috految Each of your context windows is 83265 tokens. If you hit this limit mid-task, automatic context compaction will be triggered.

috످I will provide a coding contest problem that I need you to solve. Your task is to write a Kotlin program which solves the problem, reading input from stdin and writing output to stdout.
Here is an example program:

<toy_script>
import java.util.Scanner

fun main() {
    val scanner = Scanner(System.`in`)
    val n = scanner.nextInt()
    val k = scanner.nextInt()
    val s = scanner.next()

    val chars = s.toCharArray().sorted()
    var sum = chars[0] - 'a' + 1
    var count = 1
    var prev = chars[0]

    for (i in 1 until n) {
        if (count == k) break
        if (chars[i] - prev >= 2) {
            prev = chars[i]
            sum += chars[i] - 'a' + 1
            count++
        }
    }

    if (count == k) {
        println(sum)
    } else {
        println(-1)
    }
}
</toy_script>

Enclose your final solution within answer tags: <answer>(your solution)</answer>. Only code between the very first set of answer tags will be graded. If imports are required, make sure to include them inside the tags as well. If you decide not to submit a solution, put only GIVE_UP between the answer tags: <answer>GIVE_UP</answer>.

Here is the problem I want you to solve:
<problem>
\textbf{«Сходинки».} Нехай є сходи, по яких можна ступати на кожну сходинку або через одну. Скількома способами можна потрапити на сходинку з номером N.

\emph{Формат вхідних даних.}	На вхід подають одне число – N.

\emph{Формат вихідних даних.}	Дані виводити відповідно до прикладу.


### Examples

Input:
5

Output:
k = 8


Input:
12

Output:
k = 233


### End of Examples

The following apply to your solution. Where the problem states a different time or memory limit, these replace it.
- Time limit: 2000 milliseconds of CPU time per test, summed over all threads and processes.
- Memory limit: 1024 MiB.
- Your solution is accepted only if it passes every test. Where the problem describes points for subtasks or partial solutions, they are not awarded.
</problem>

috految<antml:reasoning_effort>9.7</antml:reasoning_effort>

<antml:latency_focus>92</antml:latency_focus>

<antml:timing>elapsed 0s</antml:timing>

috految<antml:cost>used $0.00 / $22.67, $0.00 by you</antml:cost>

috److Each step can be reached from either the previous step or the one before it, so the number of ways follows the Fibonacci recurrence:

- f(0) = 1, f(1) = 1
- f(n) = f(n-1) + f(n-2)

This gives f(5) = 8 and f(12) = 233, matching the examples.

The statement gives no limit on N, so the solution uses `BigInteger` to avoid overflow.

<answer>
fun main() {
    val n = readLine()!!.trim().toInt()
    var a = java.math.BigInteger.ONE
    var b = a
    repeat(n) {
        val c = a.add(b)
        a = b
        b = c
    }
    println("k = $a")
}
</answer>

috످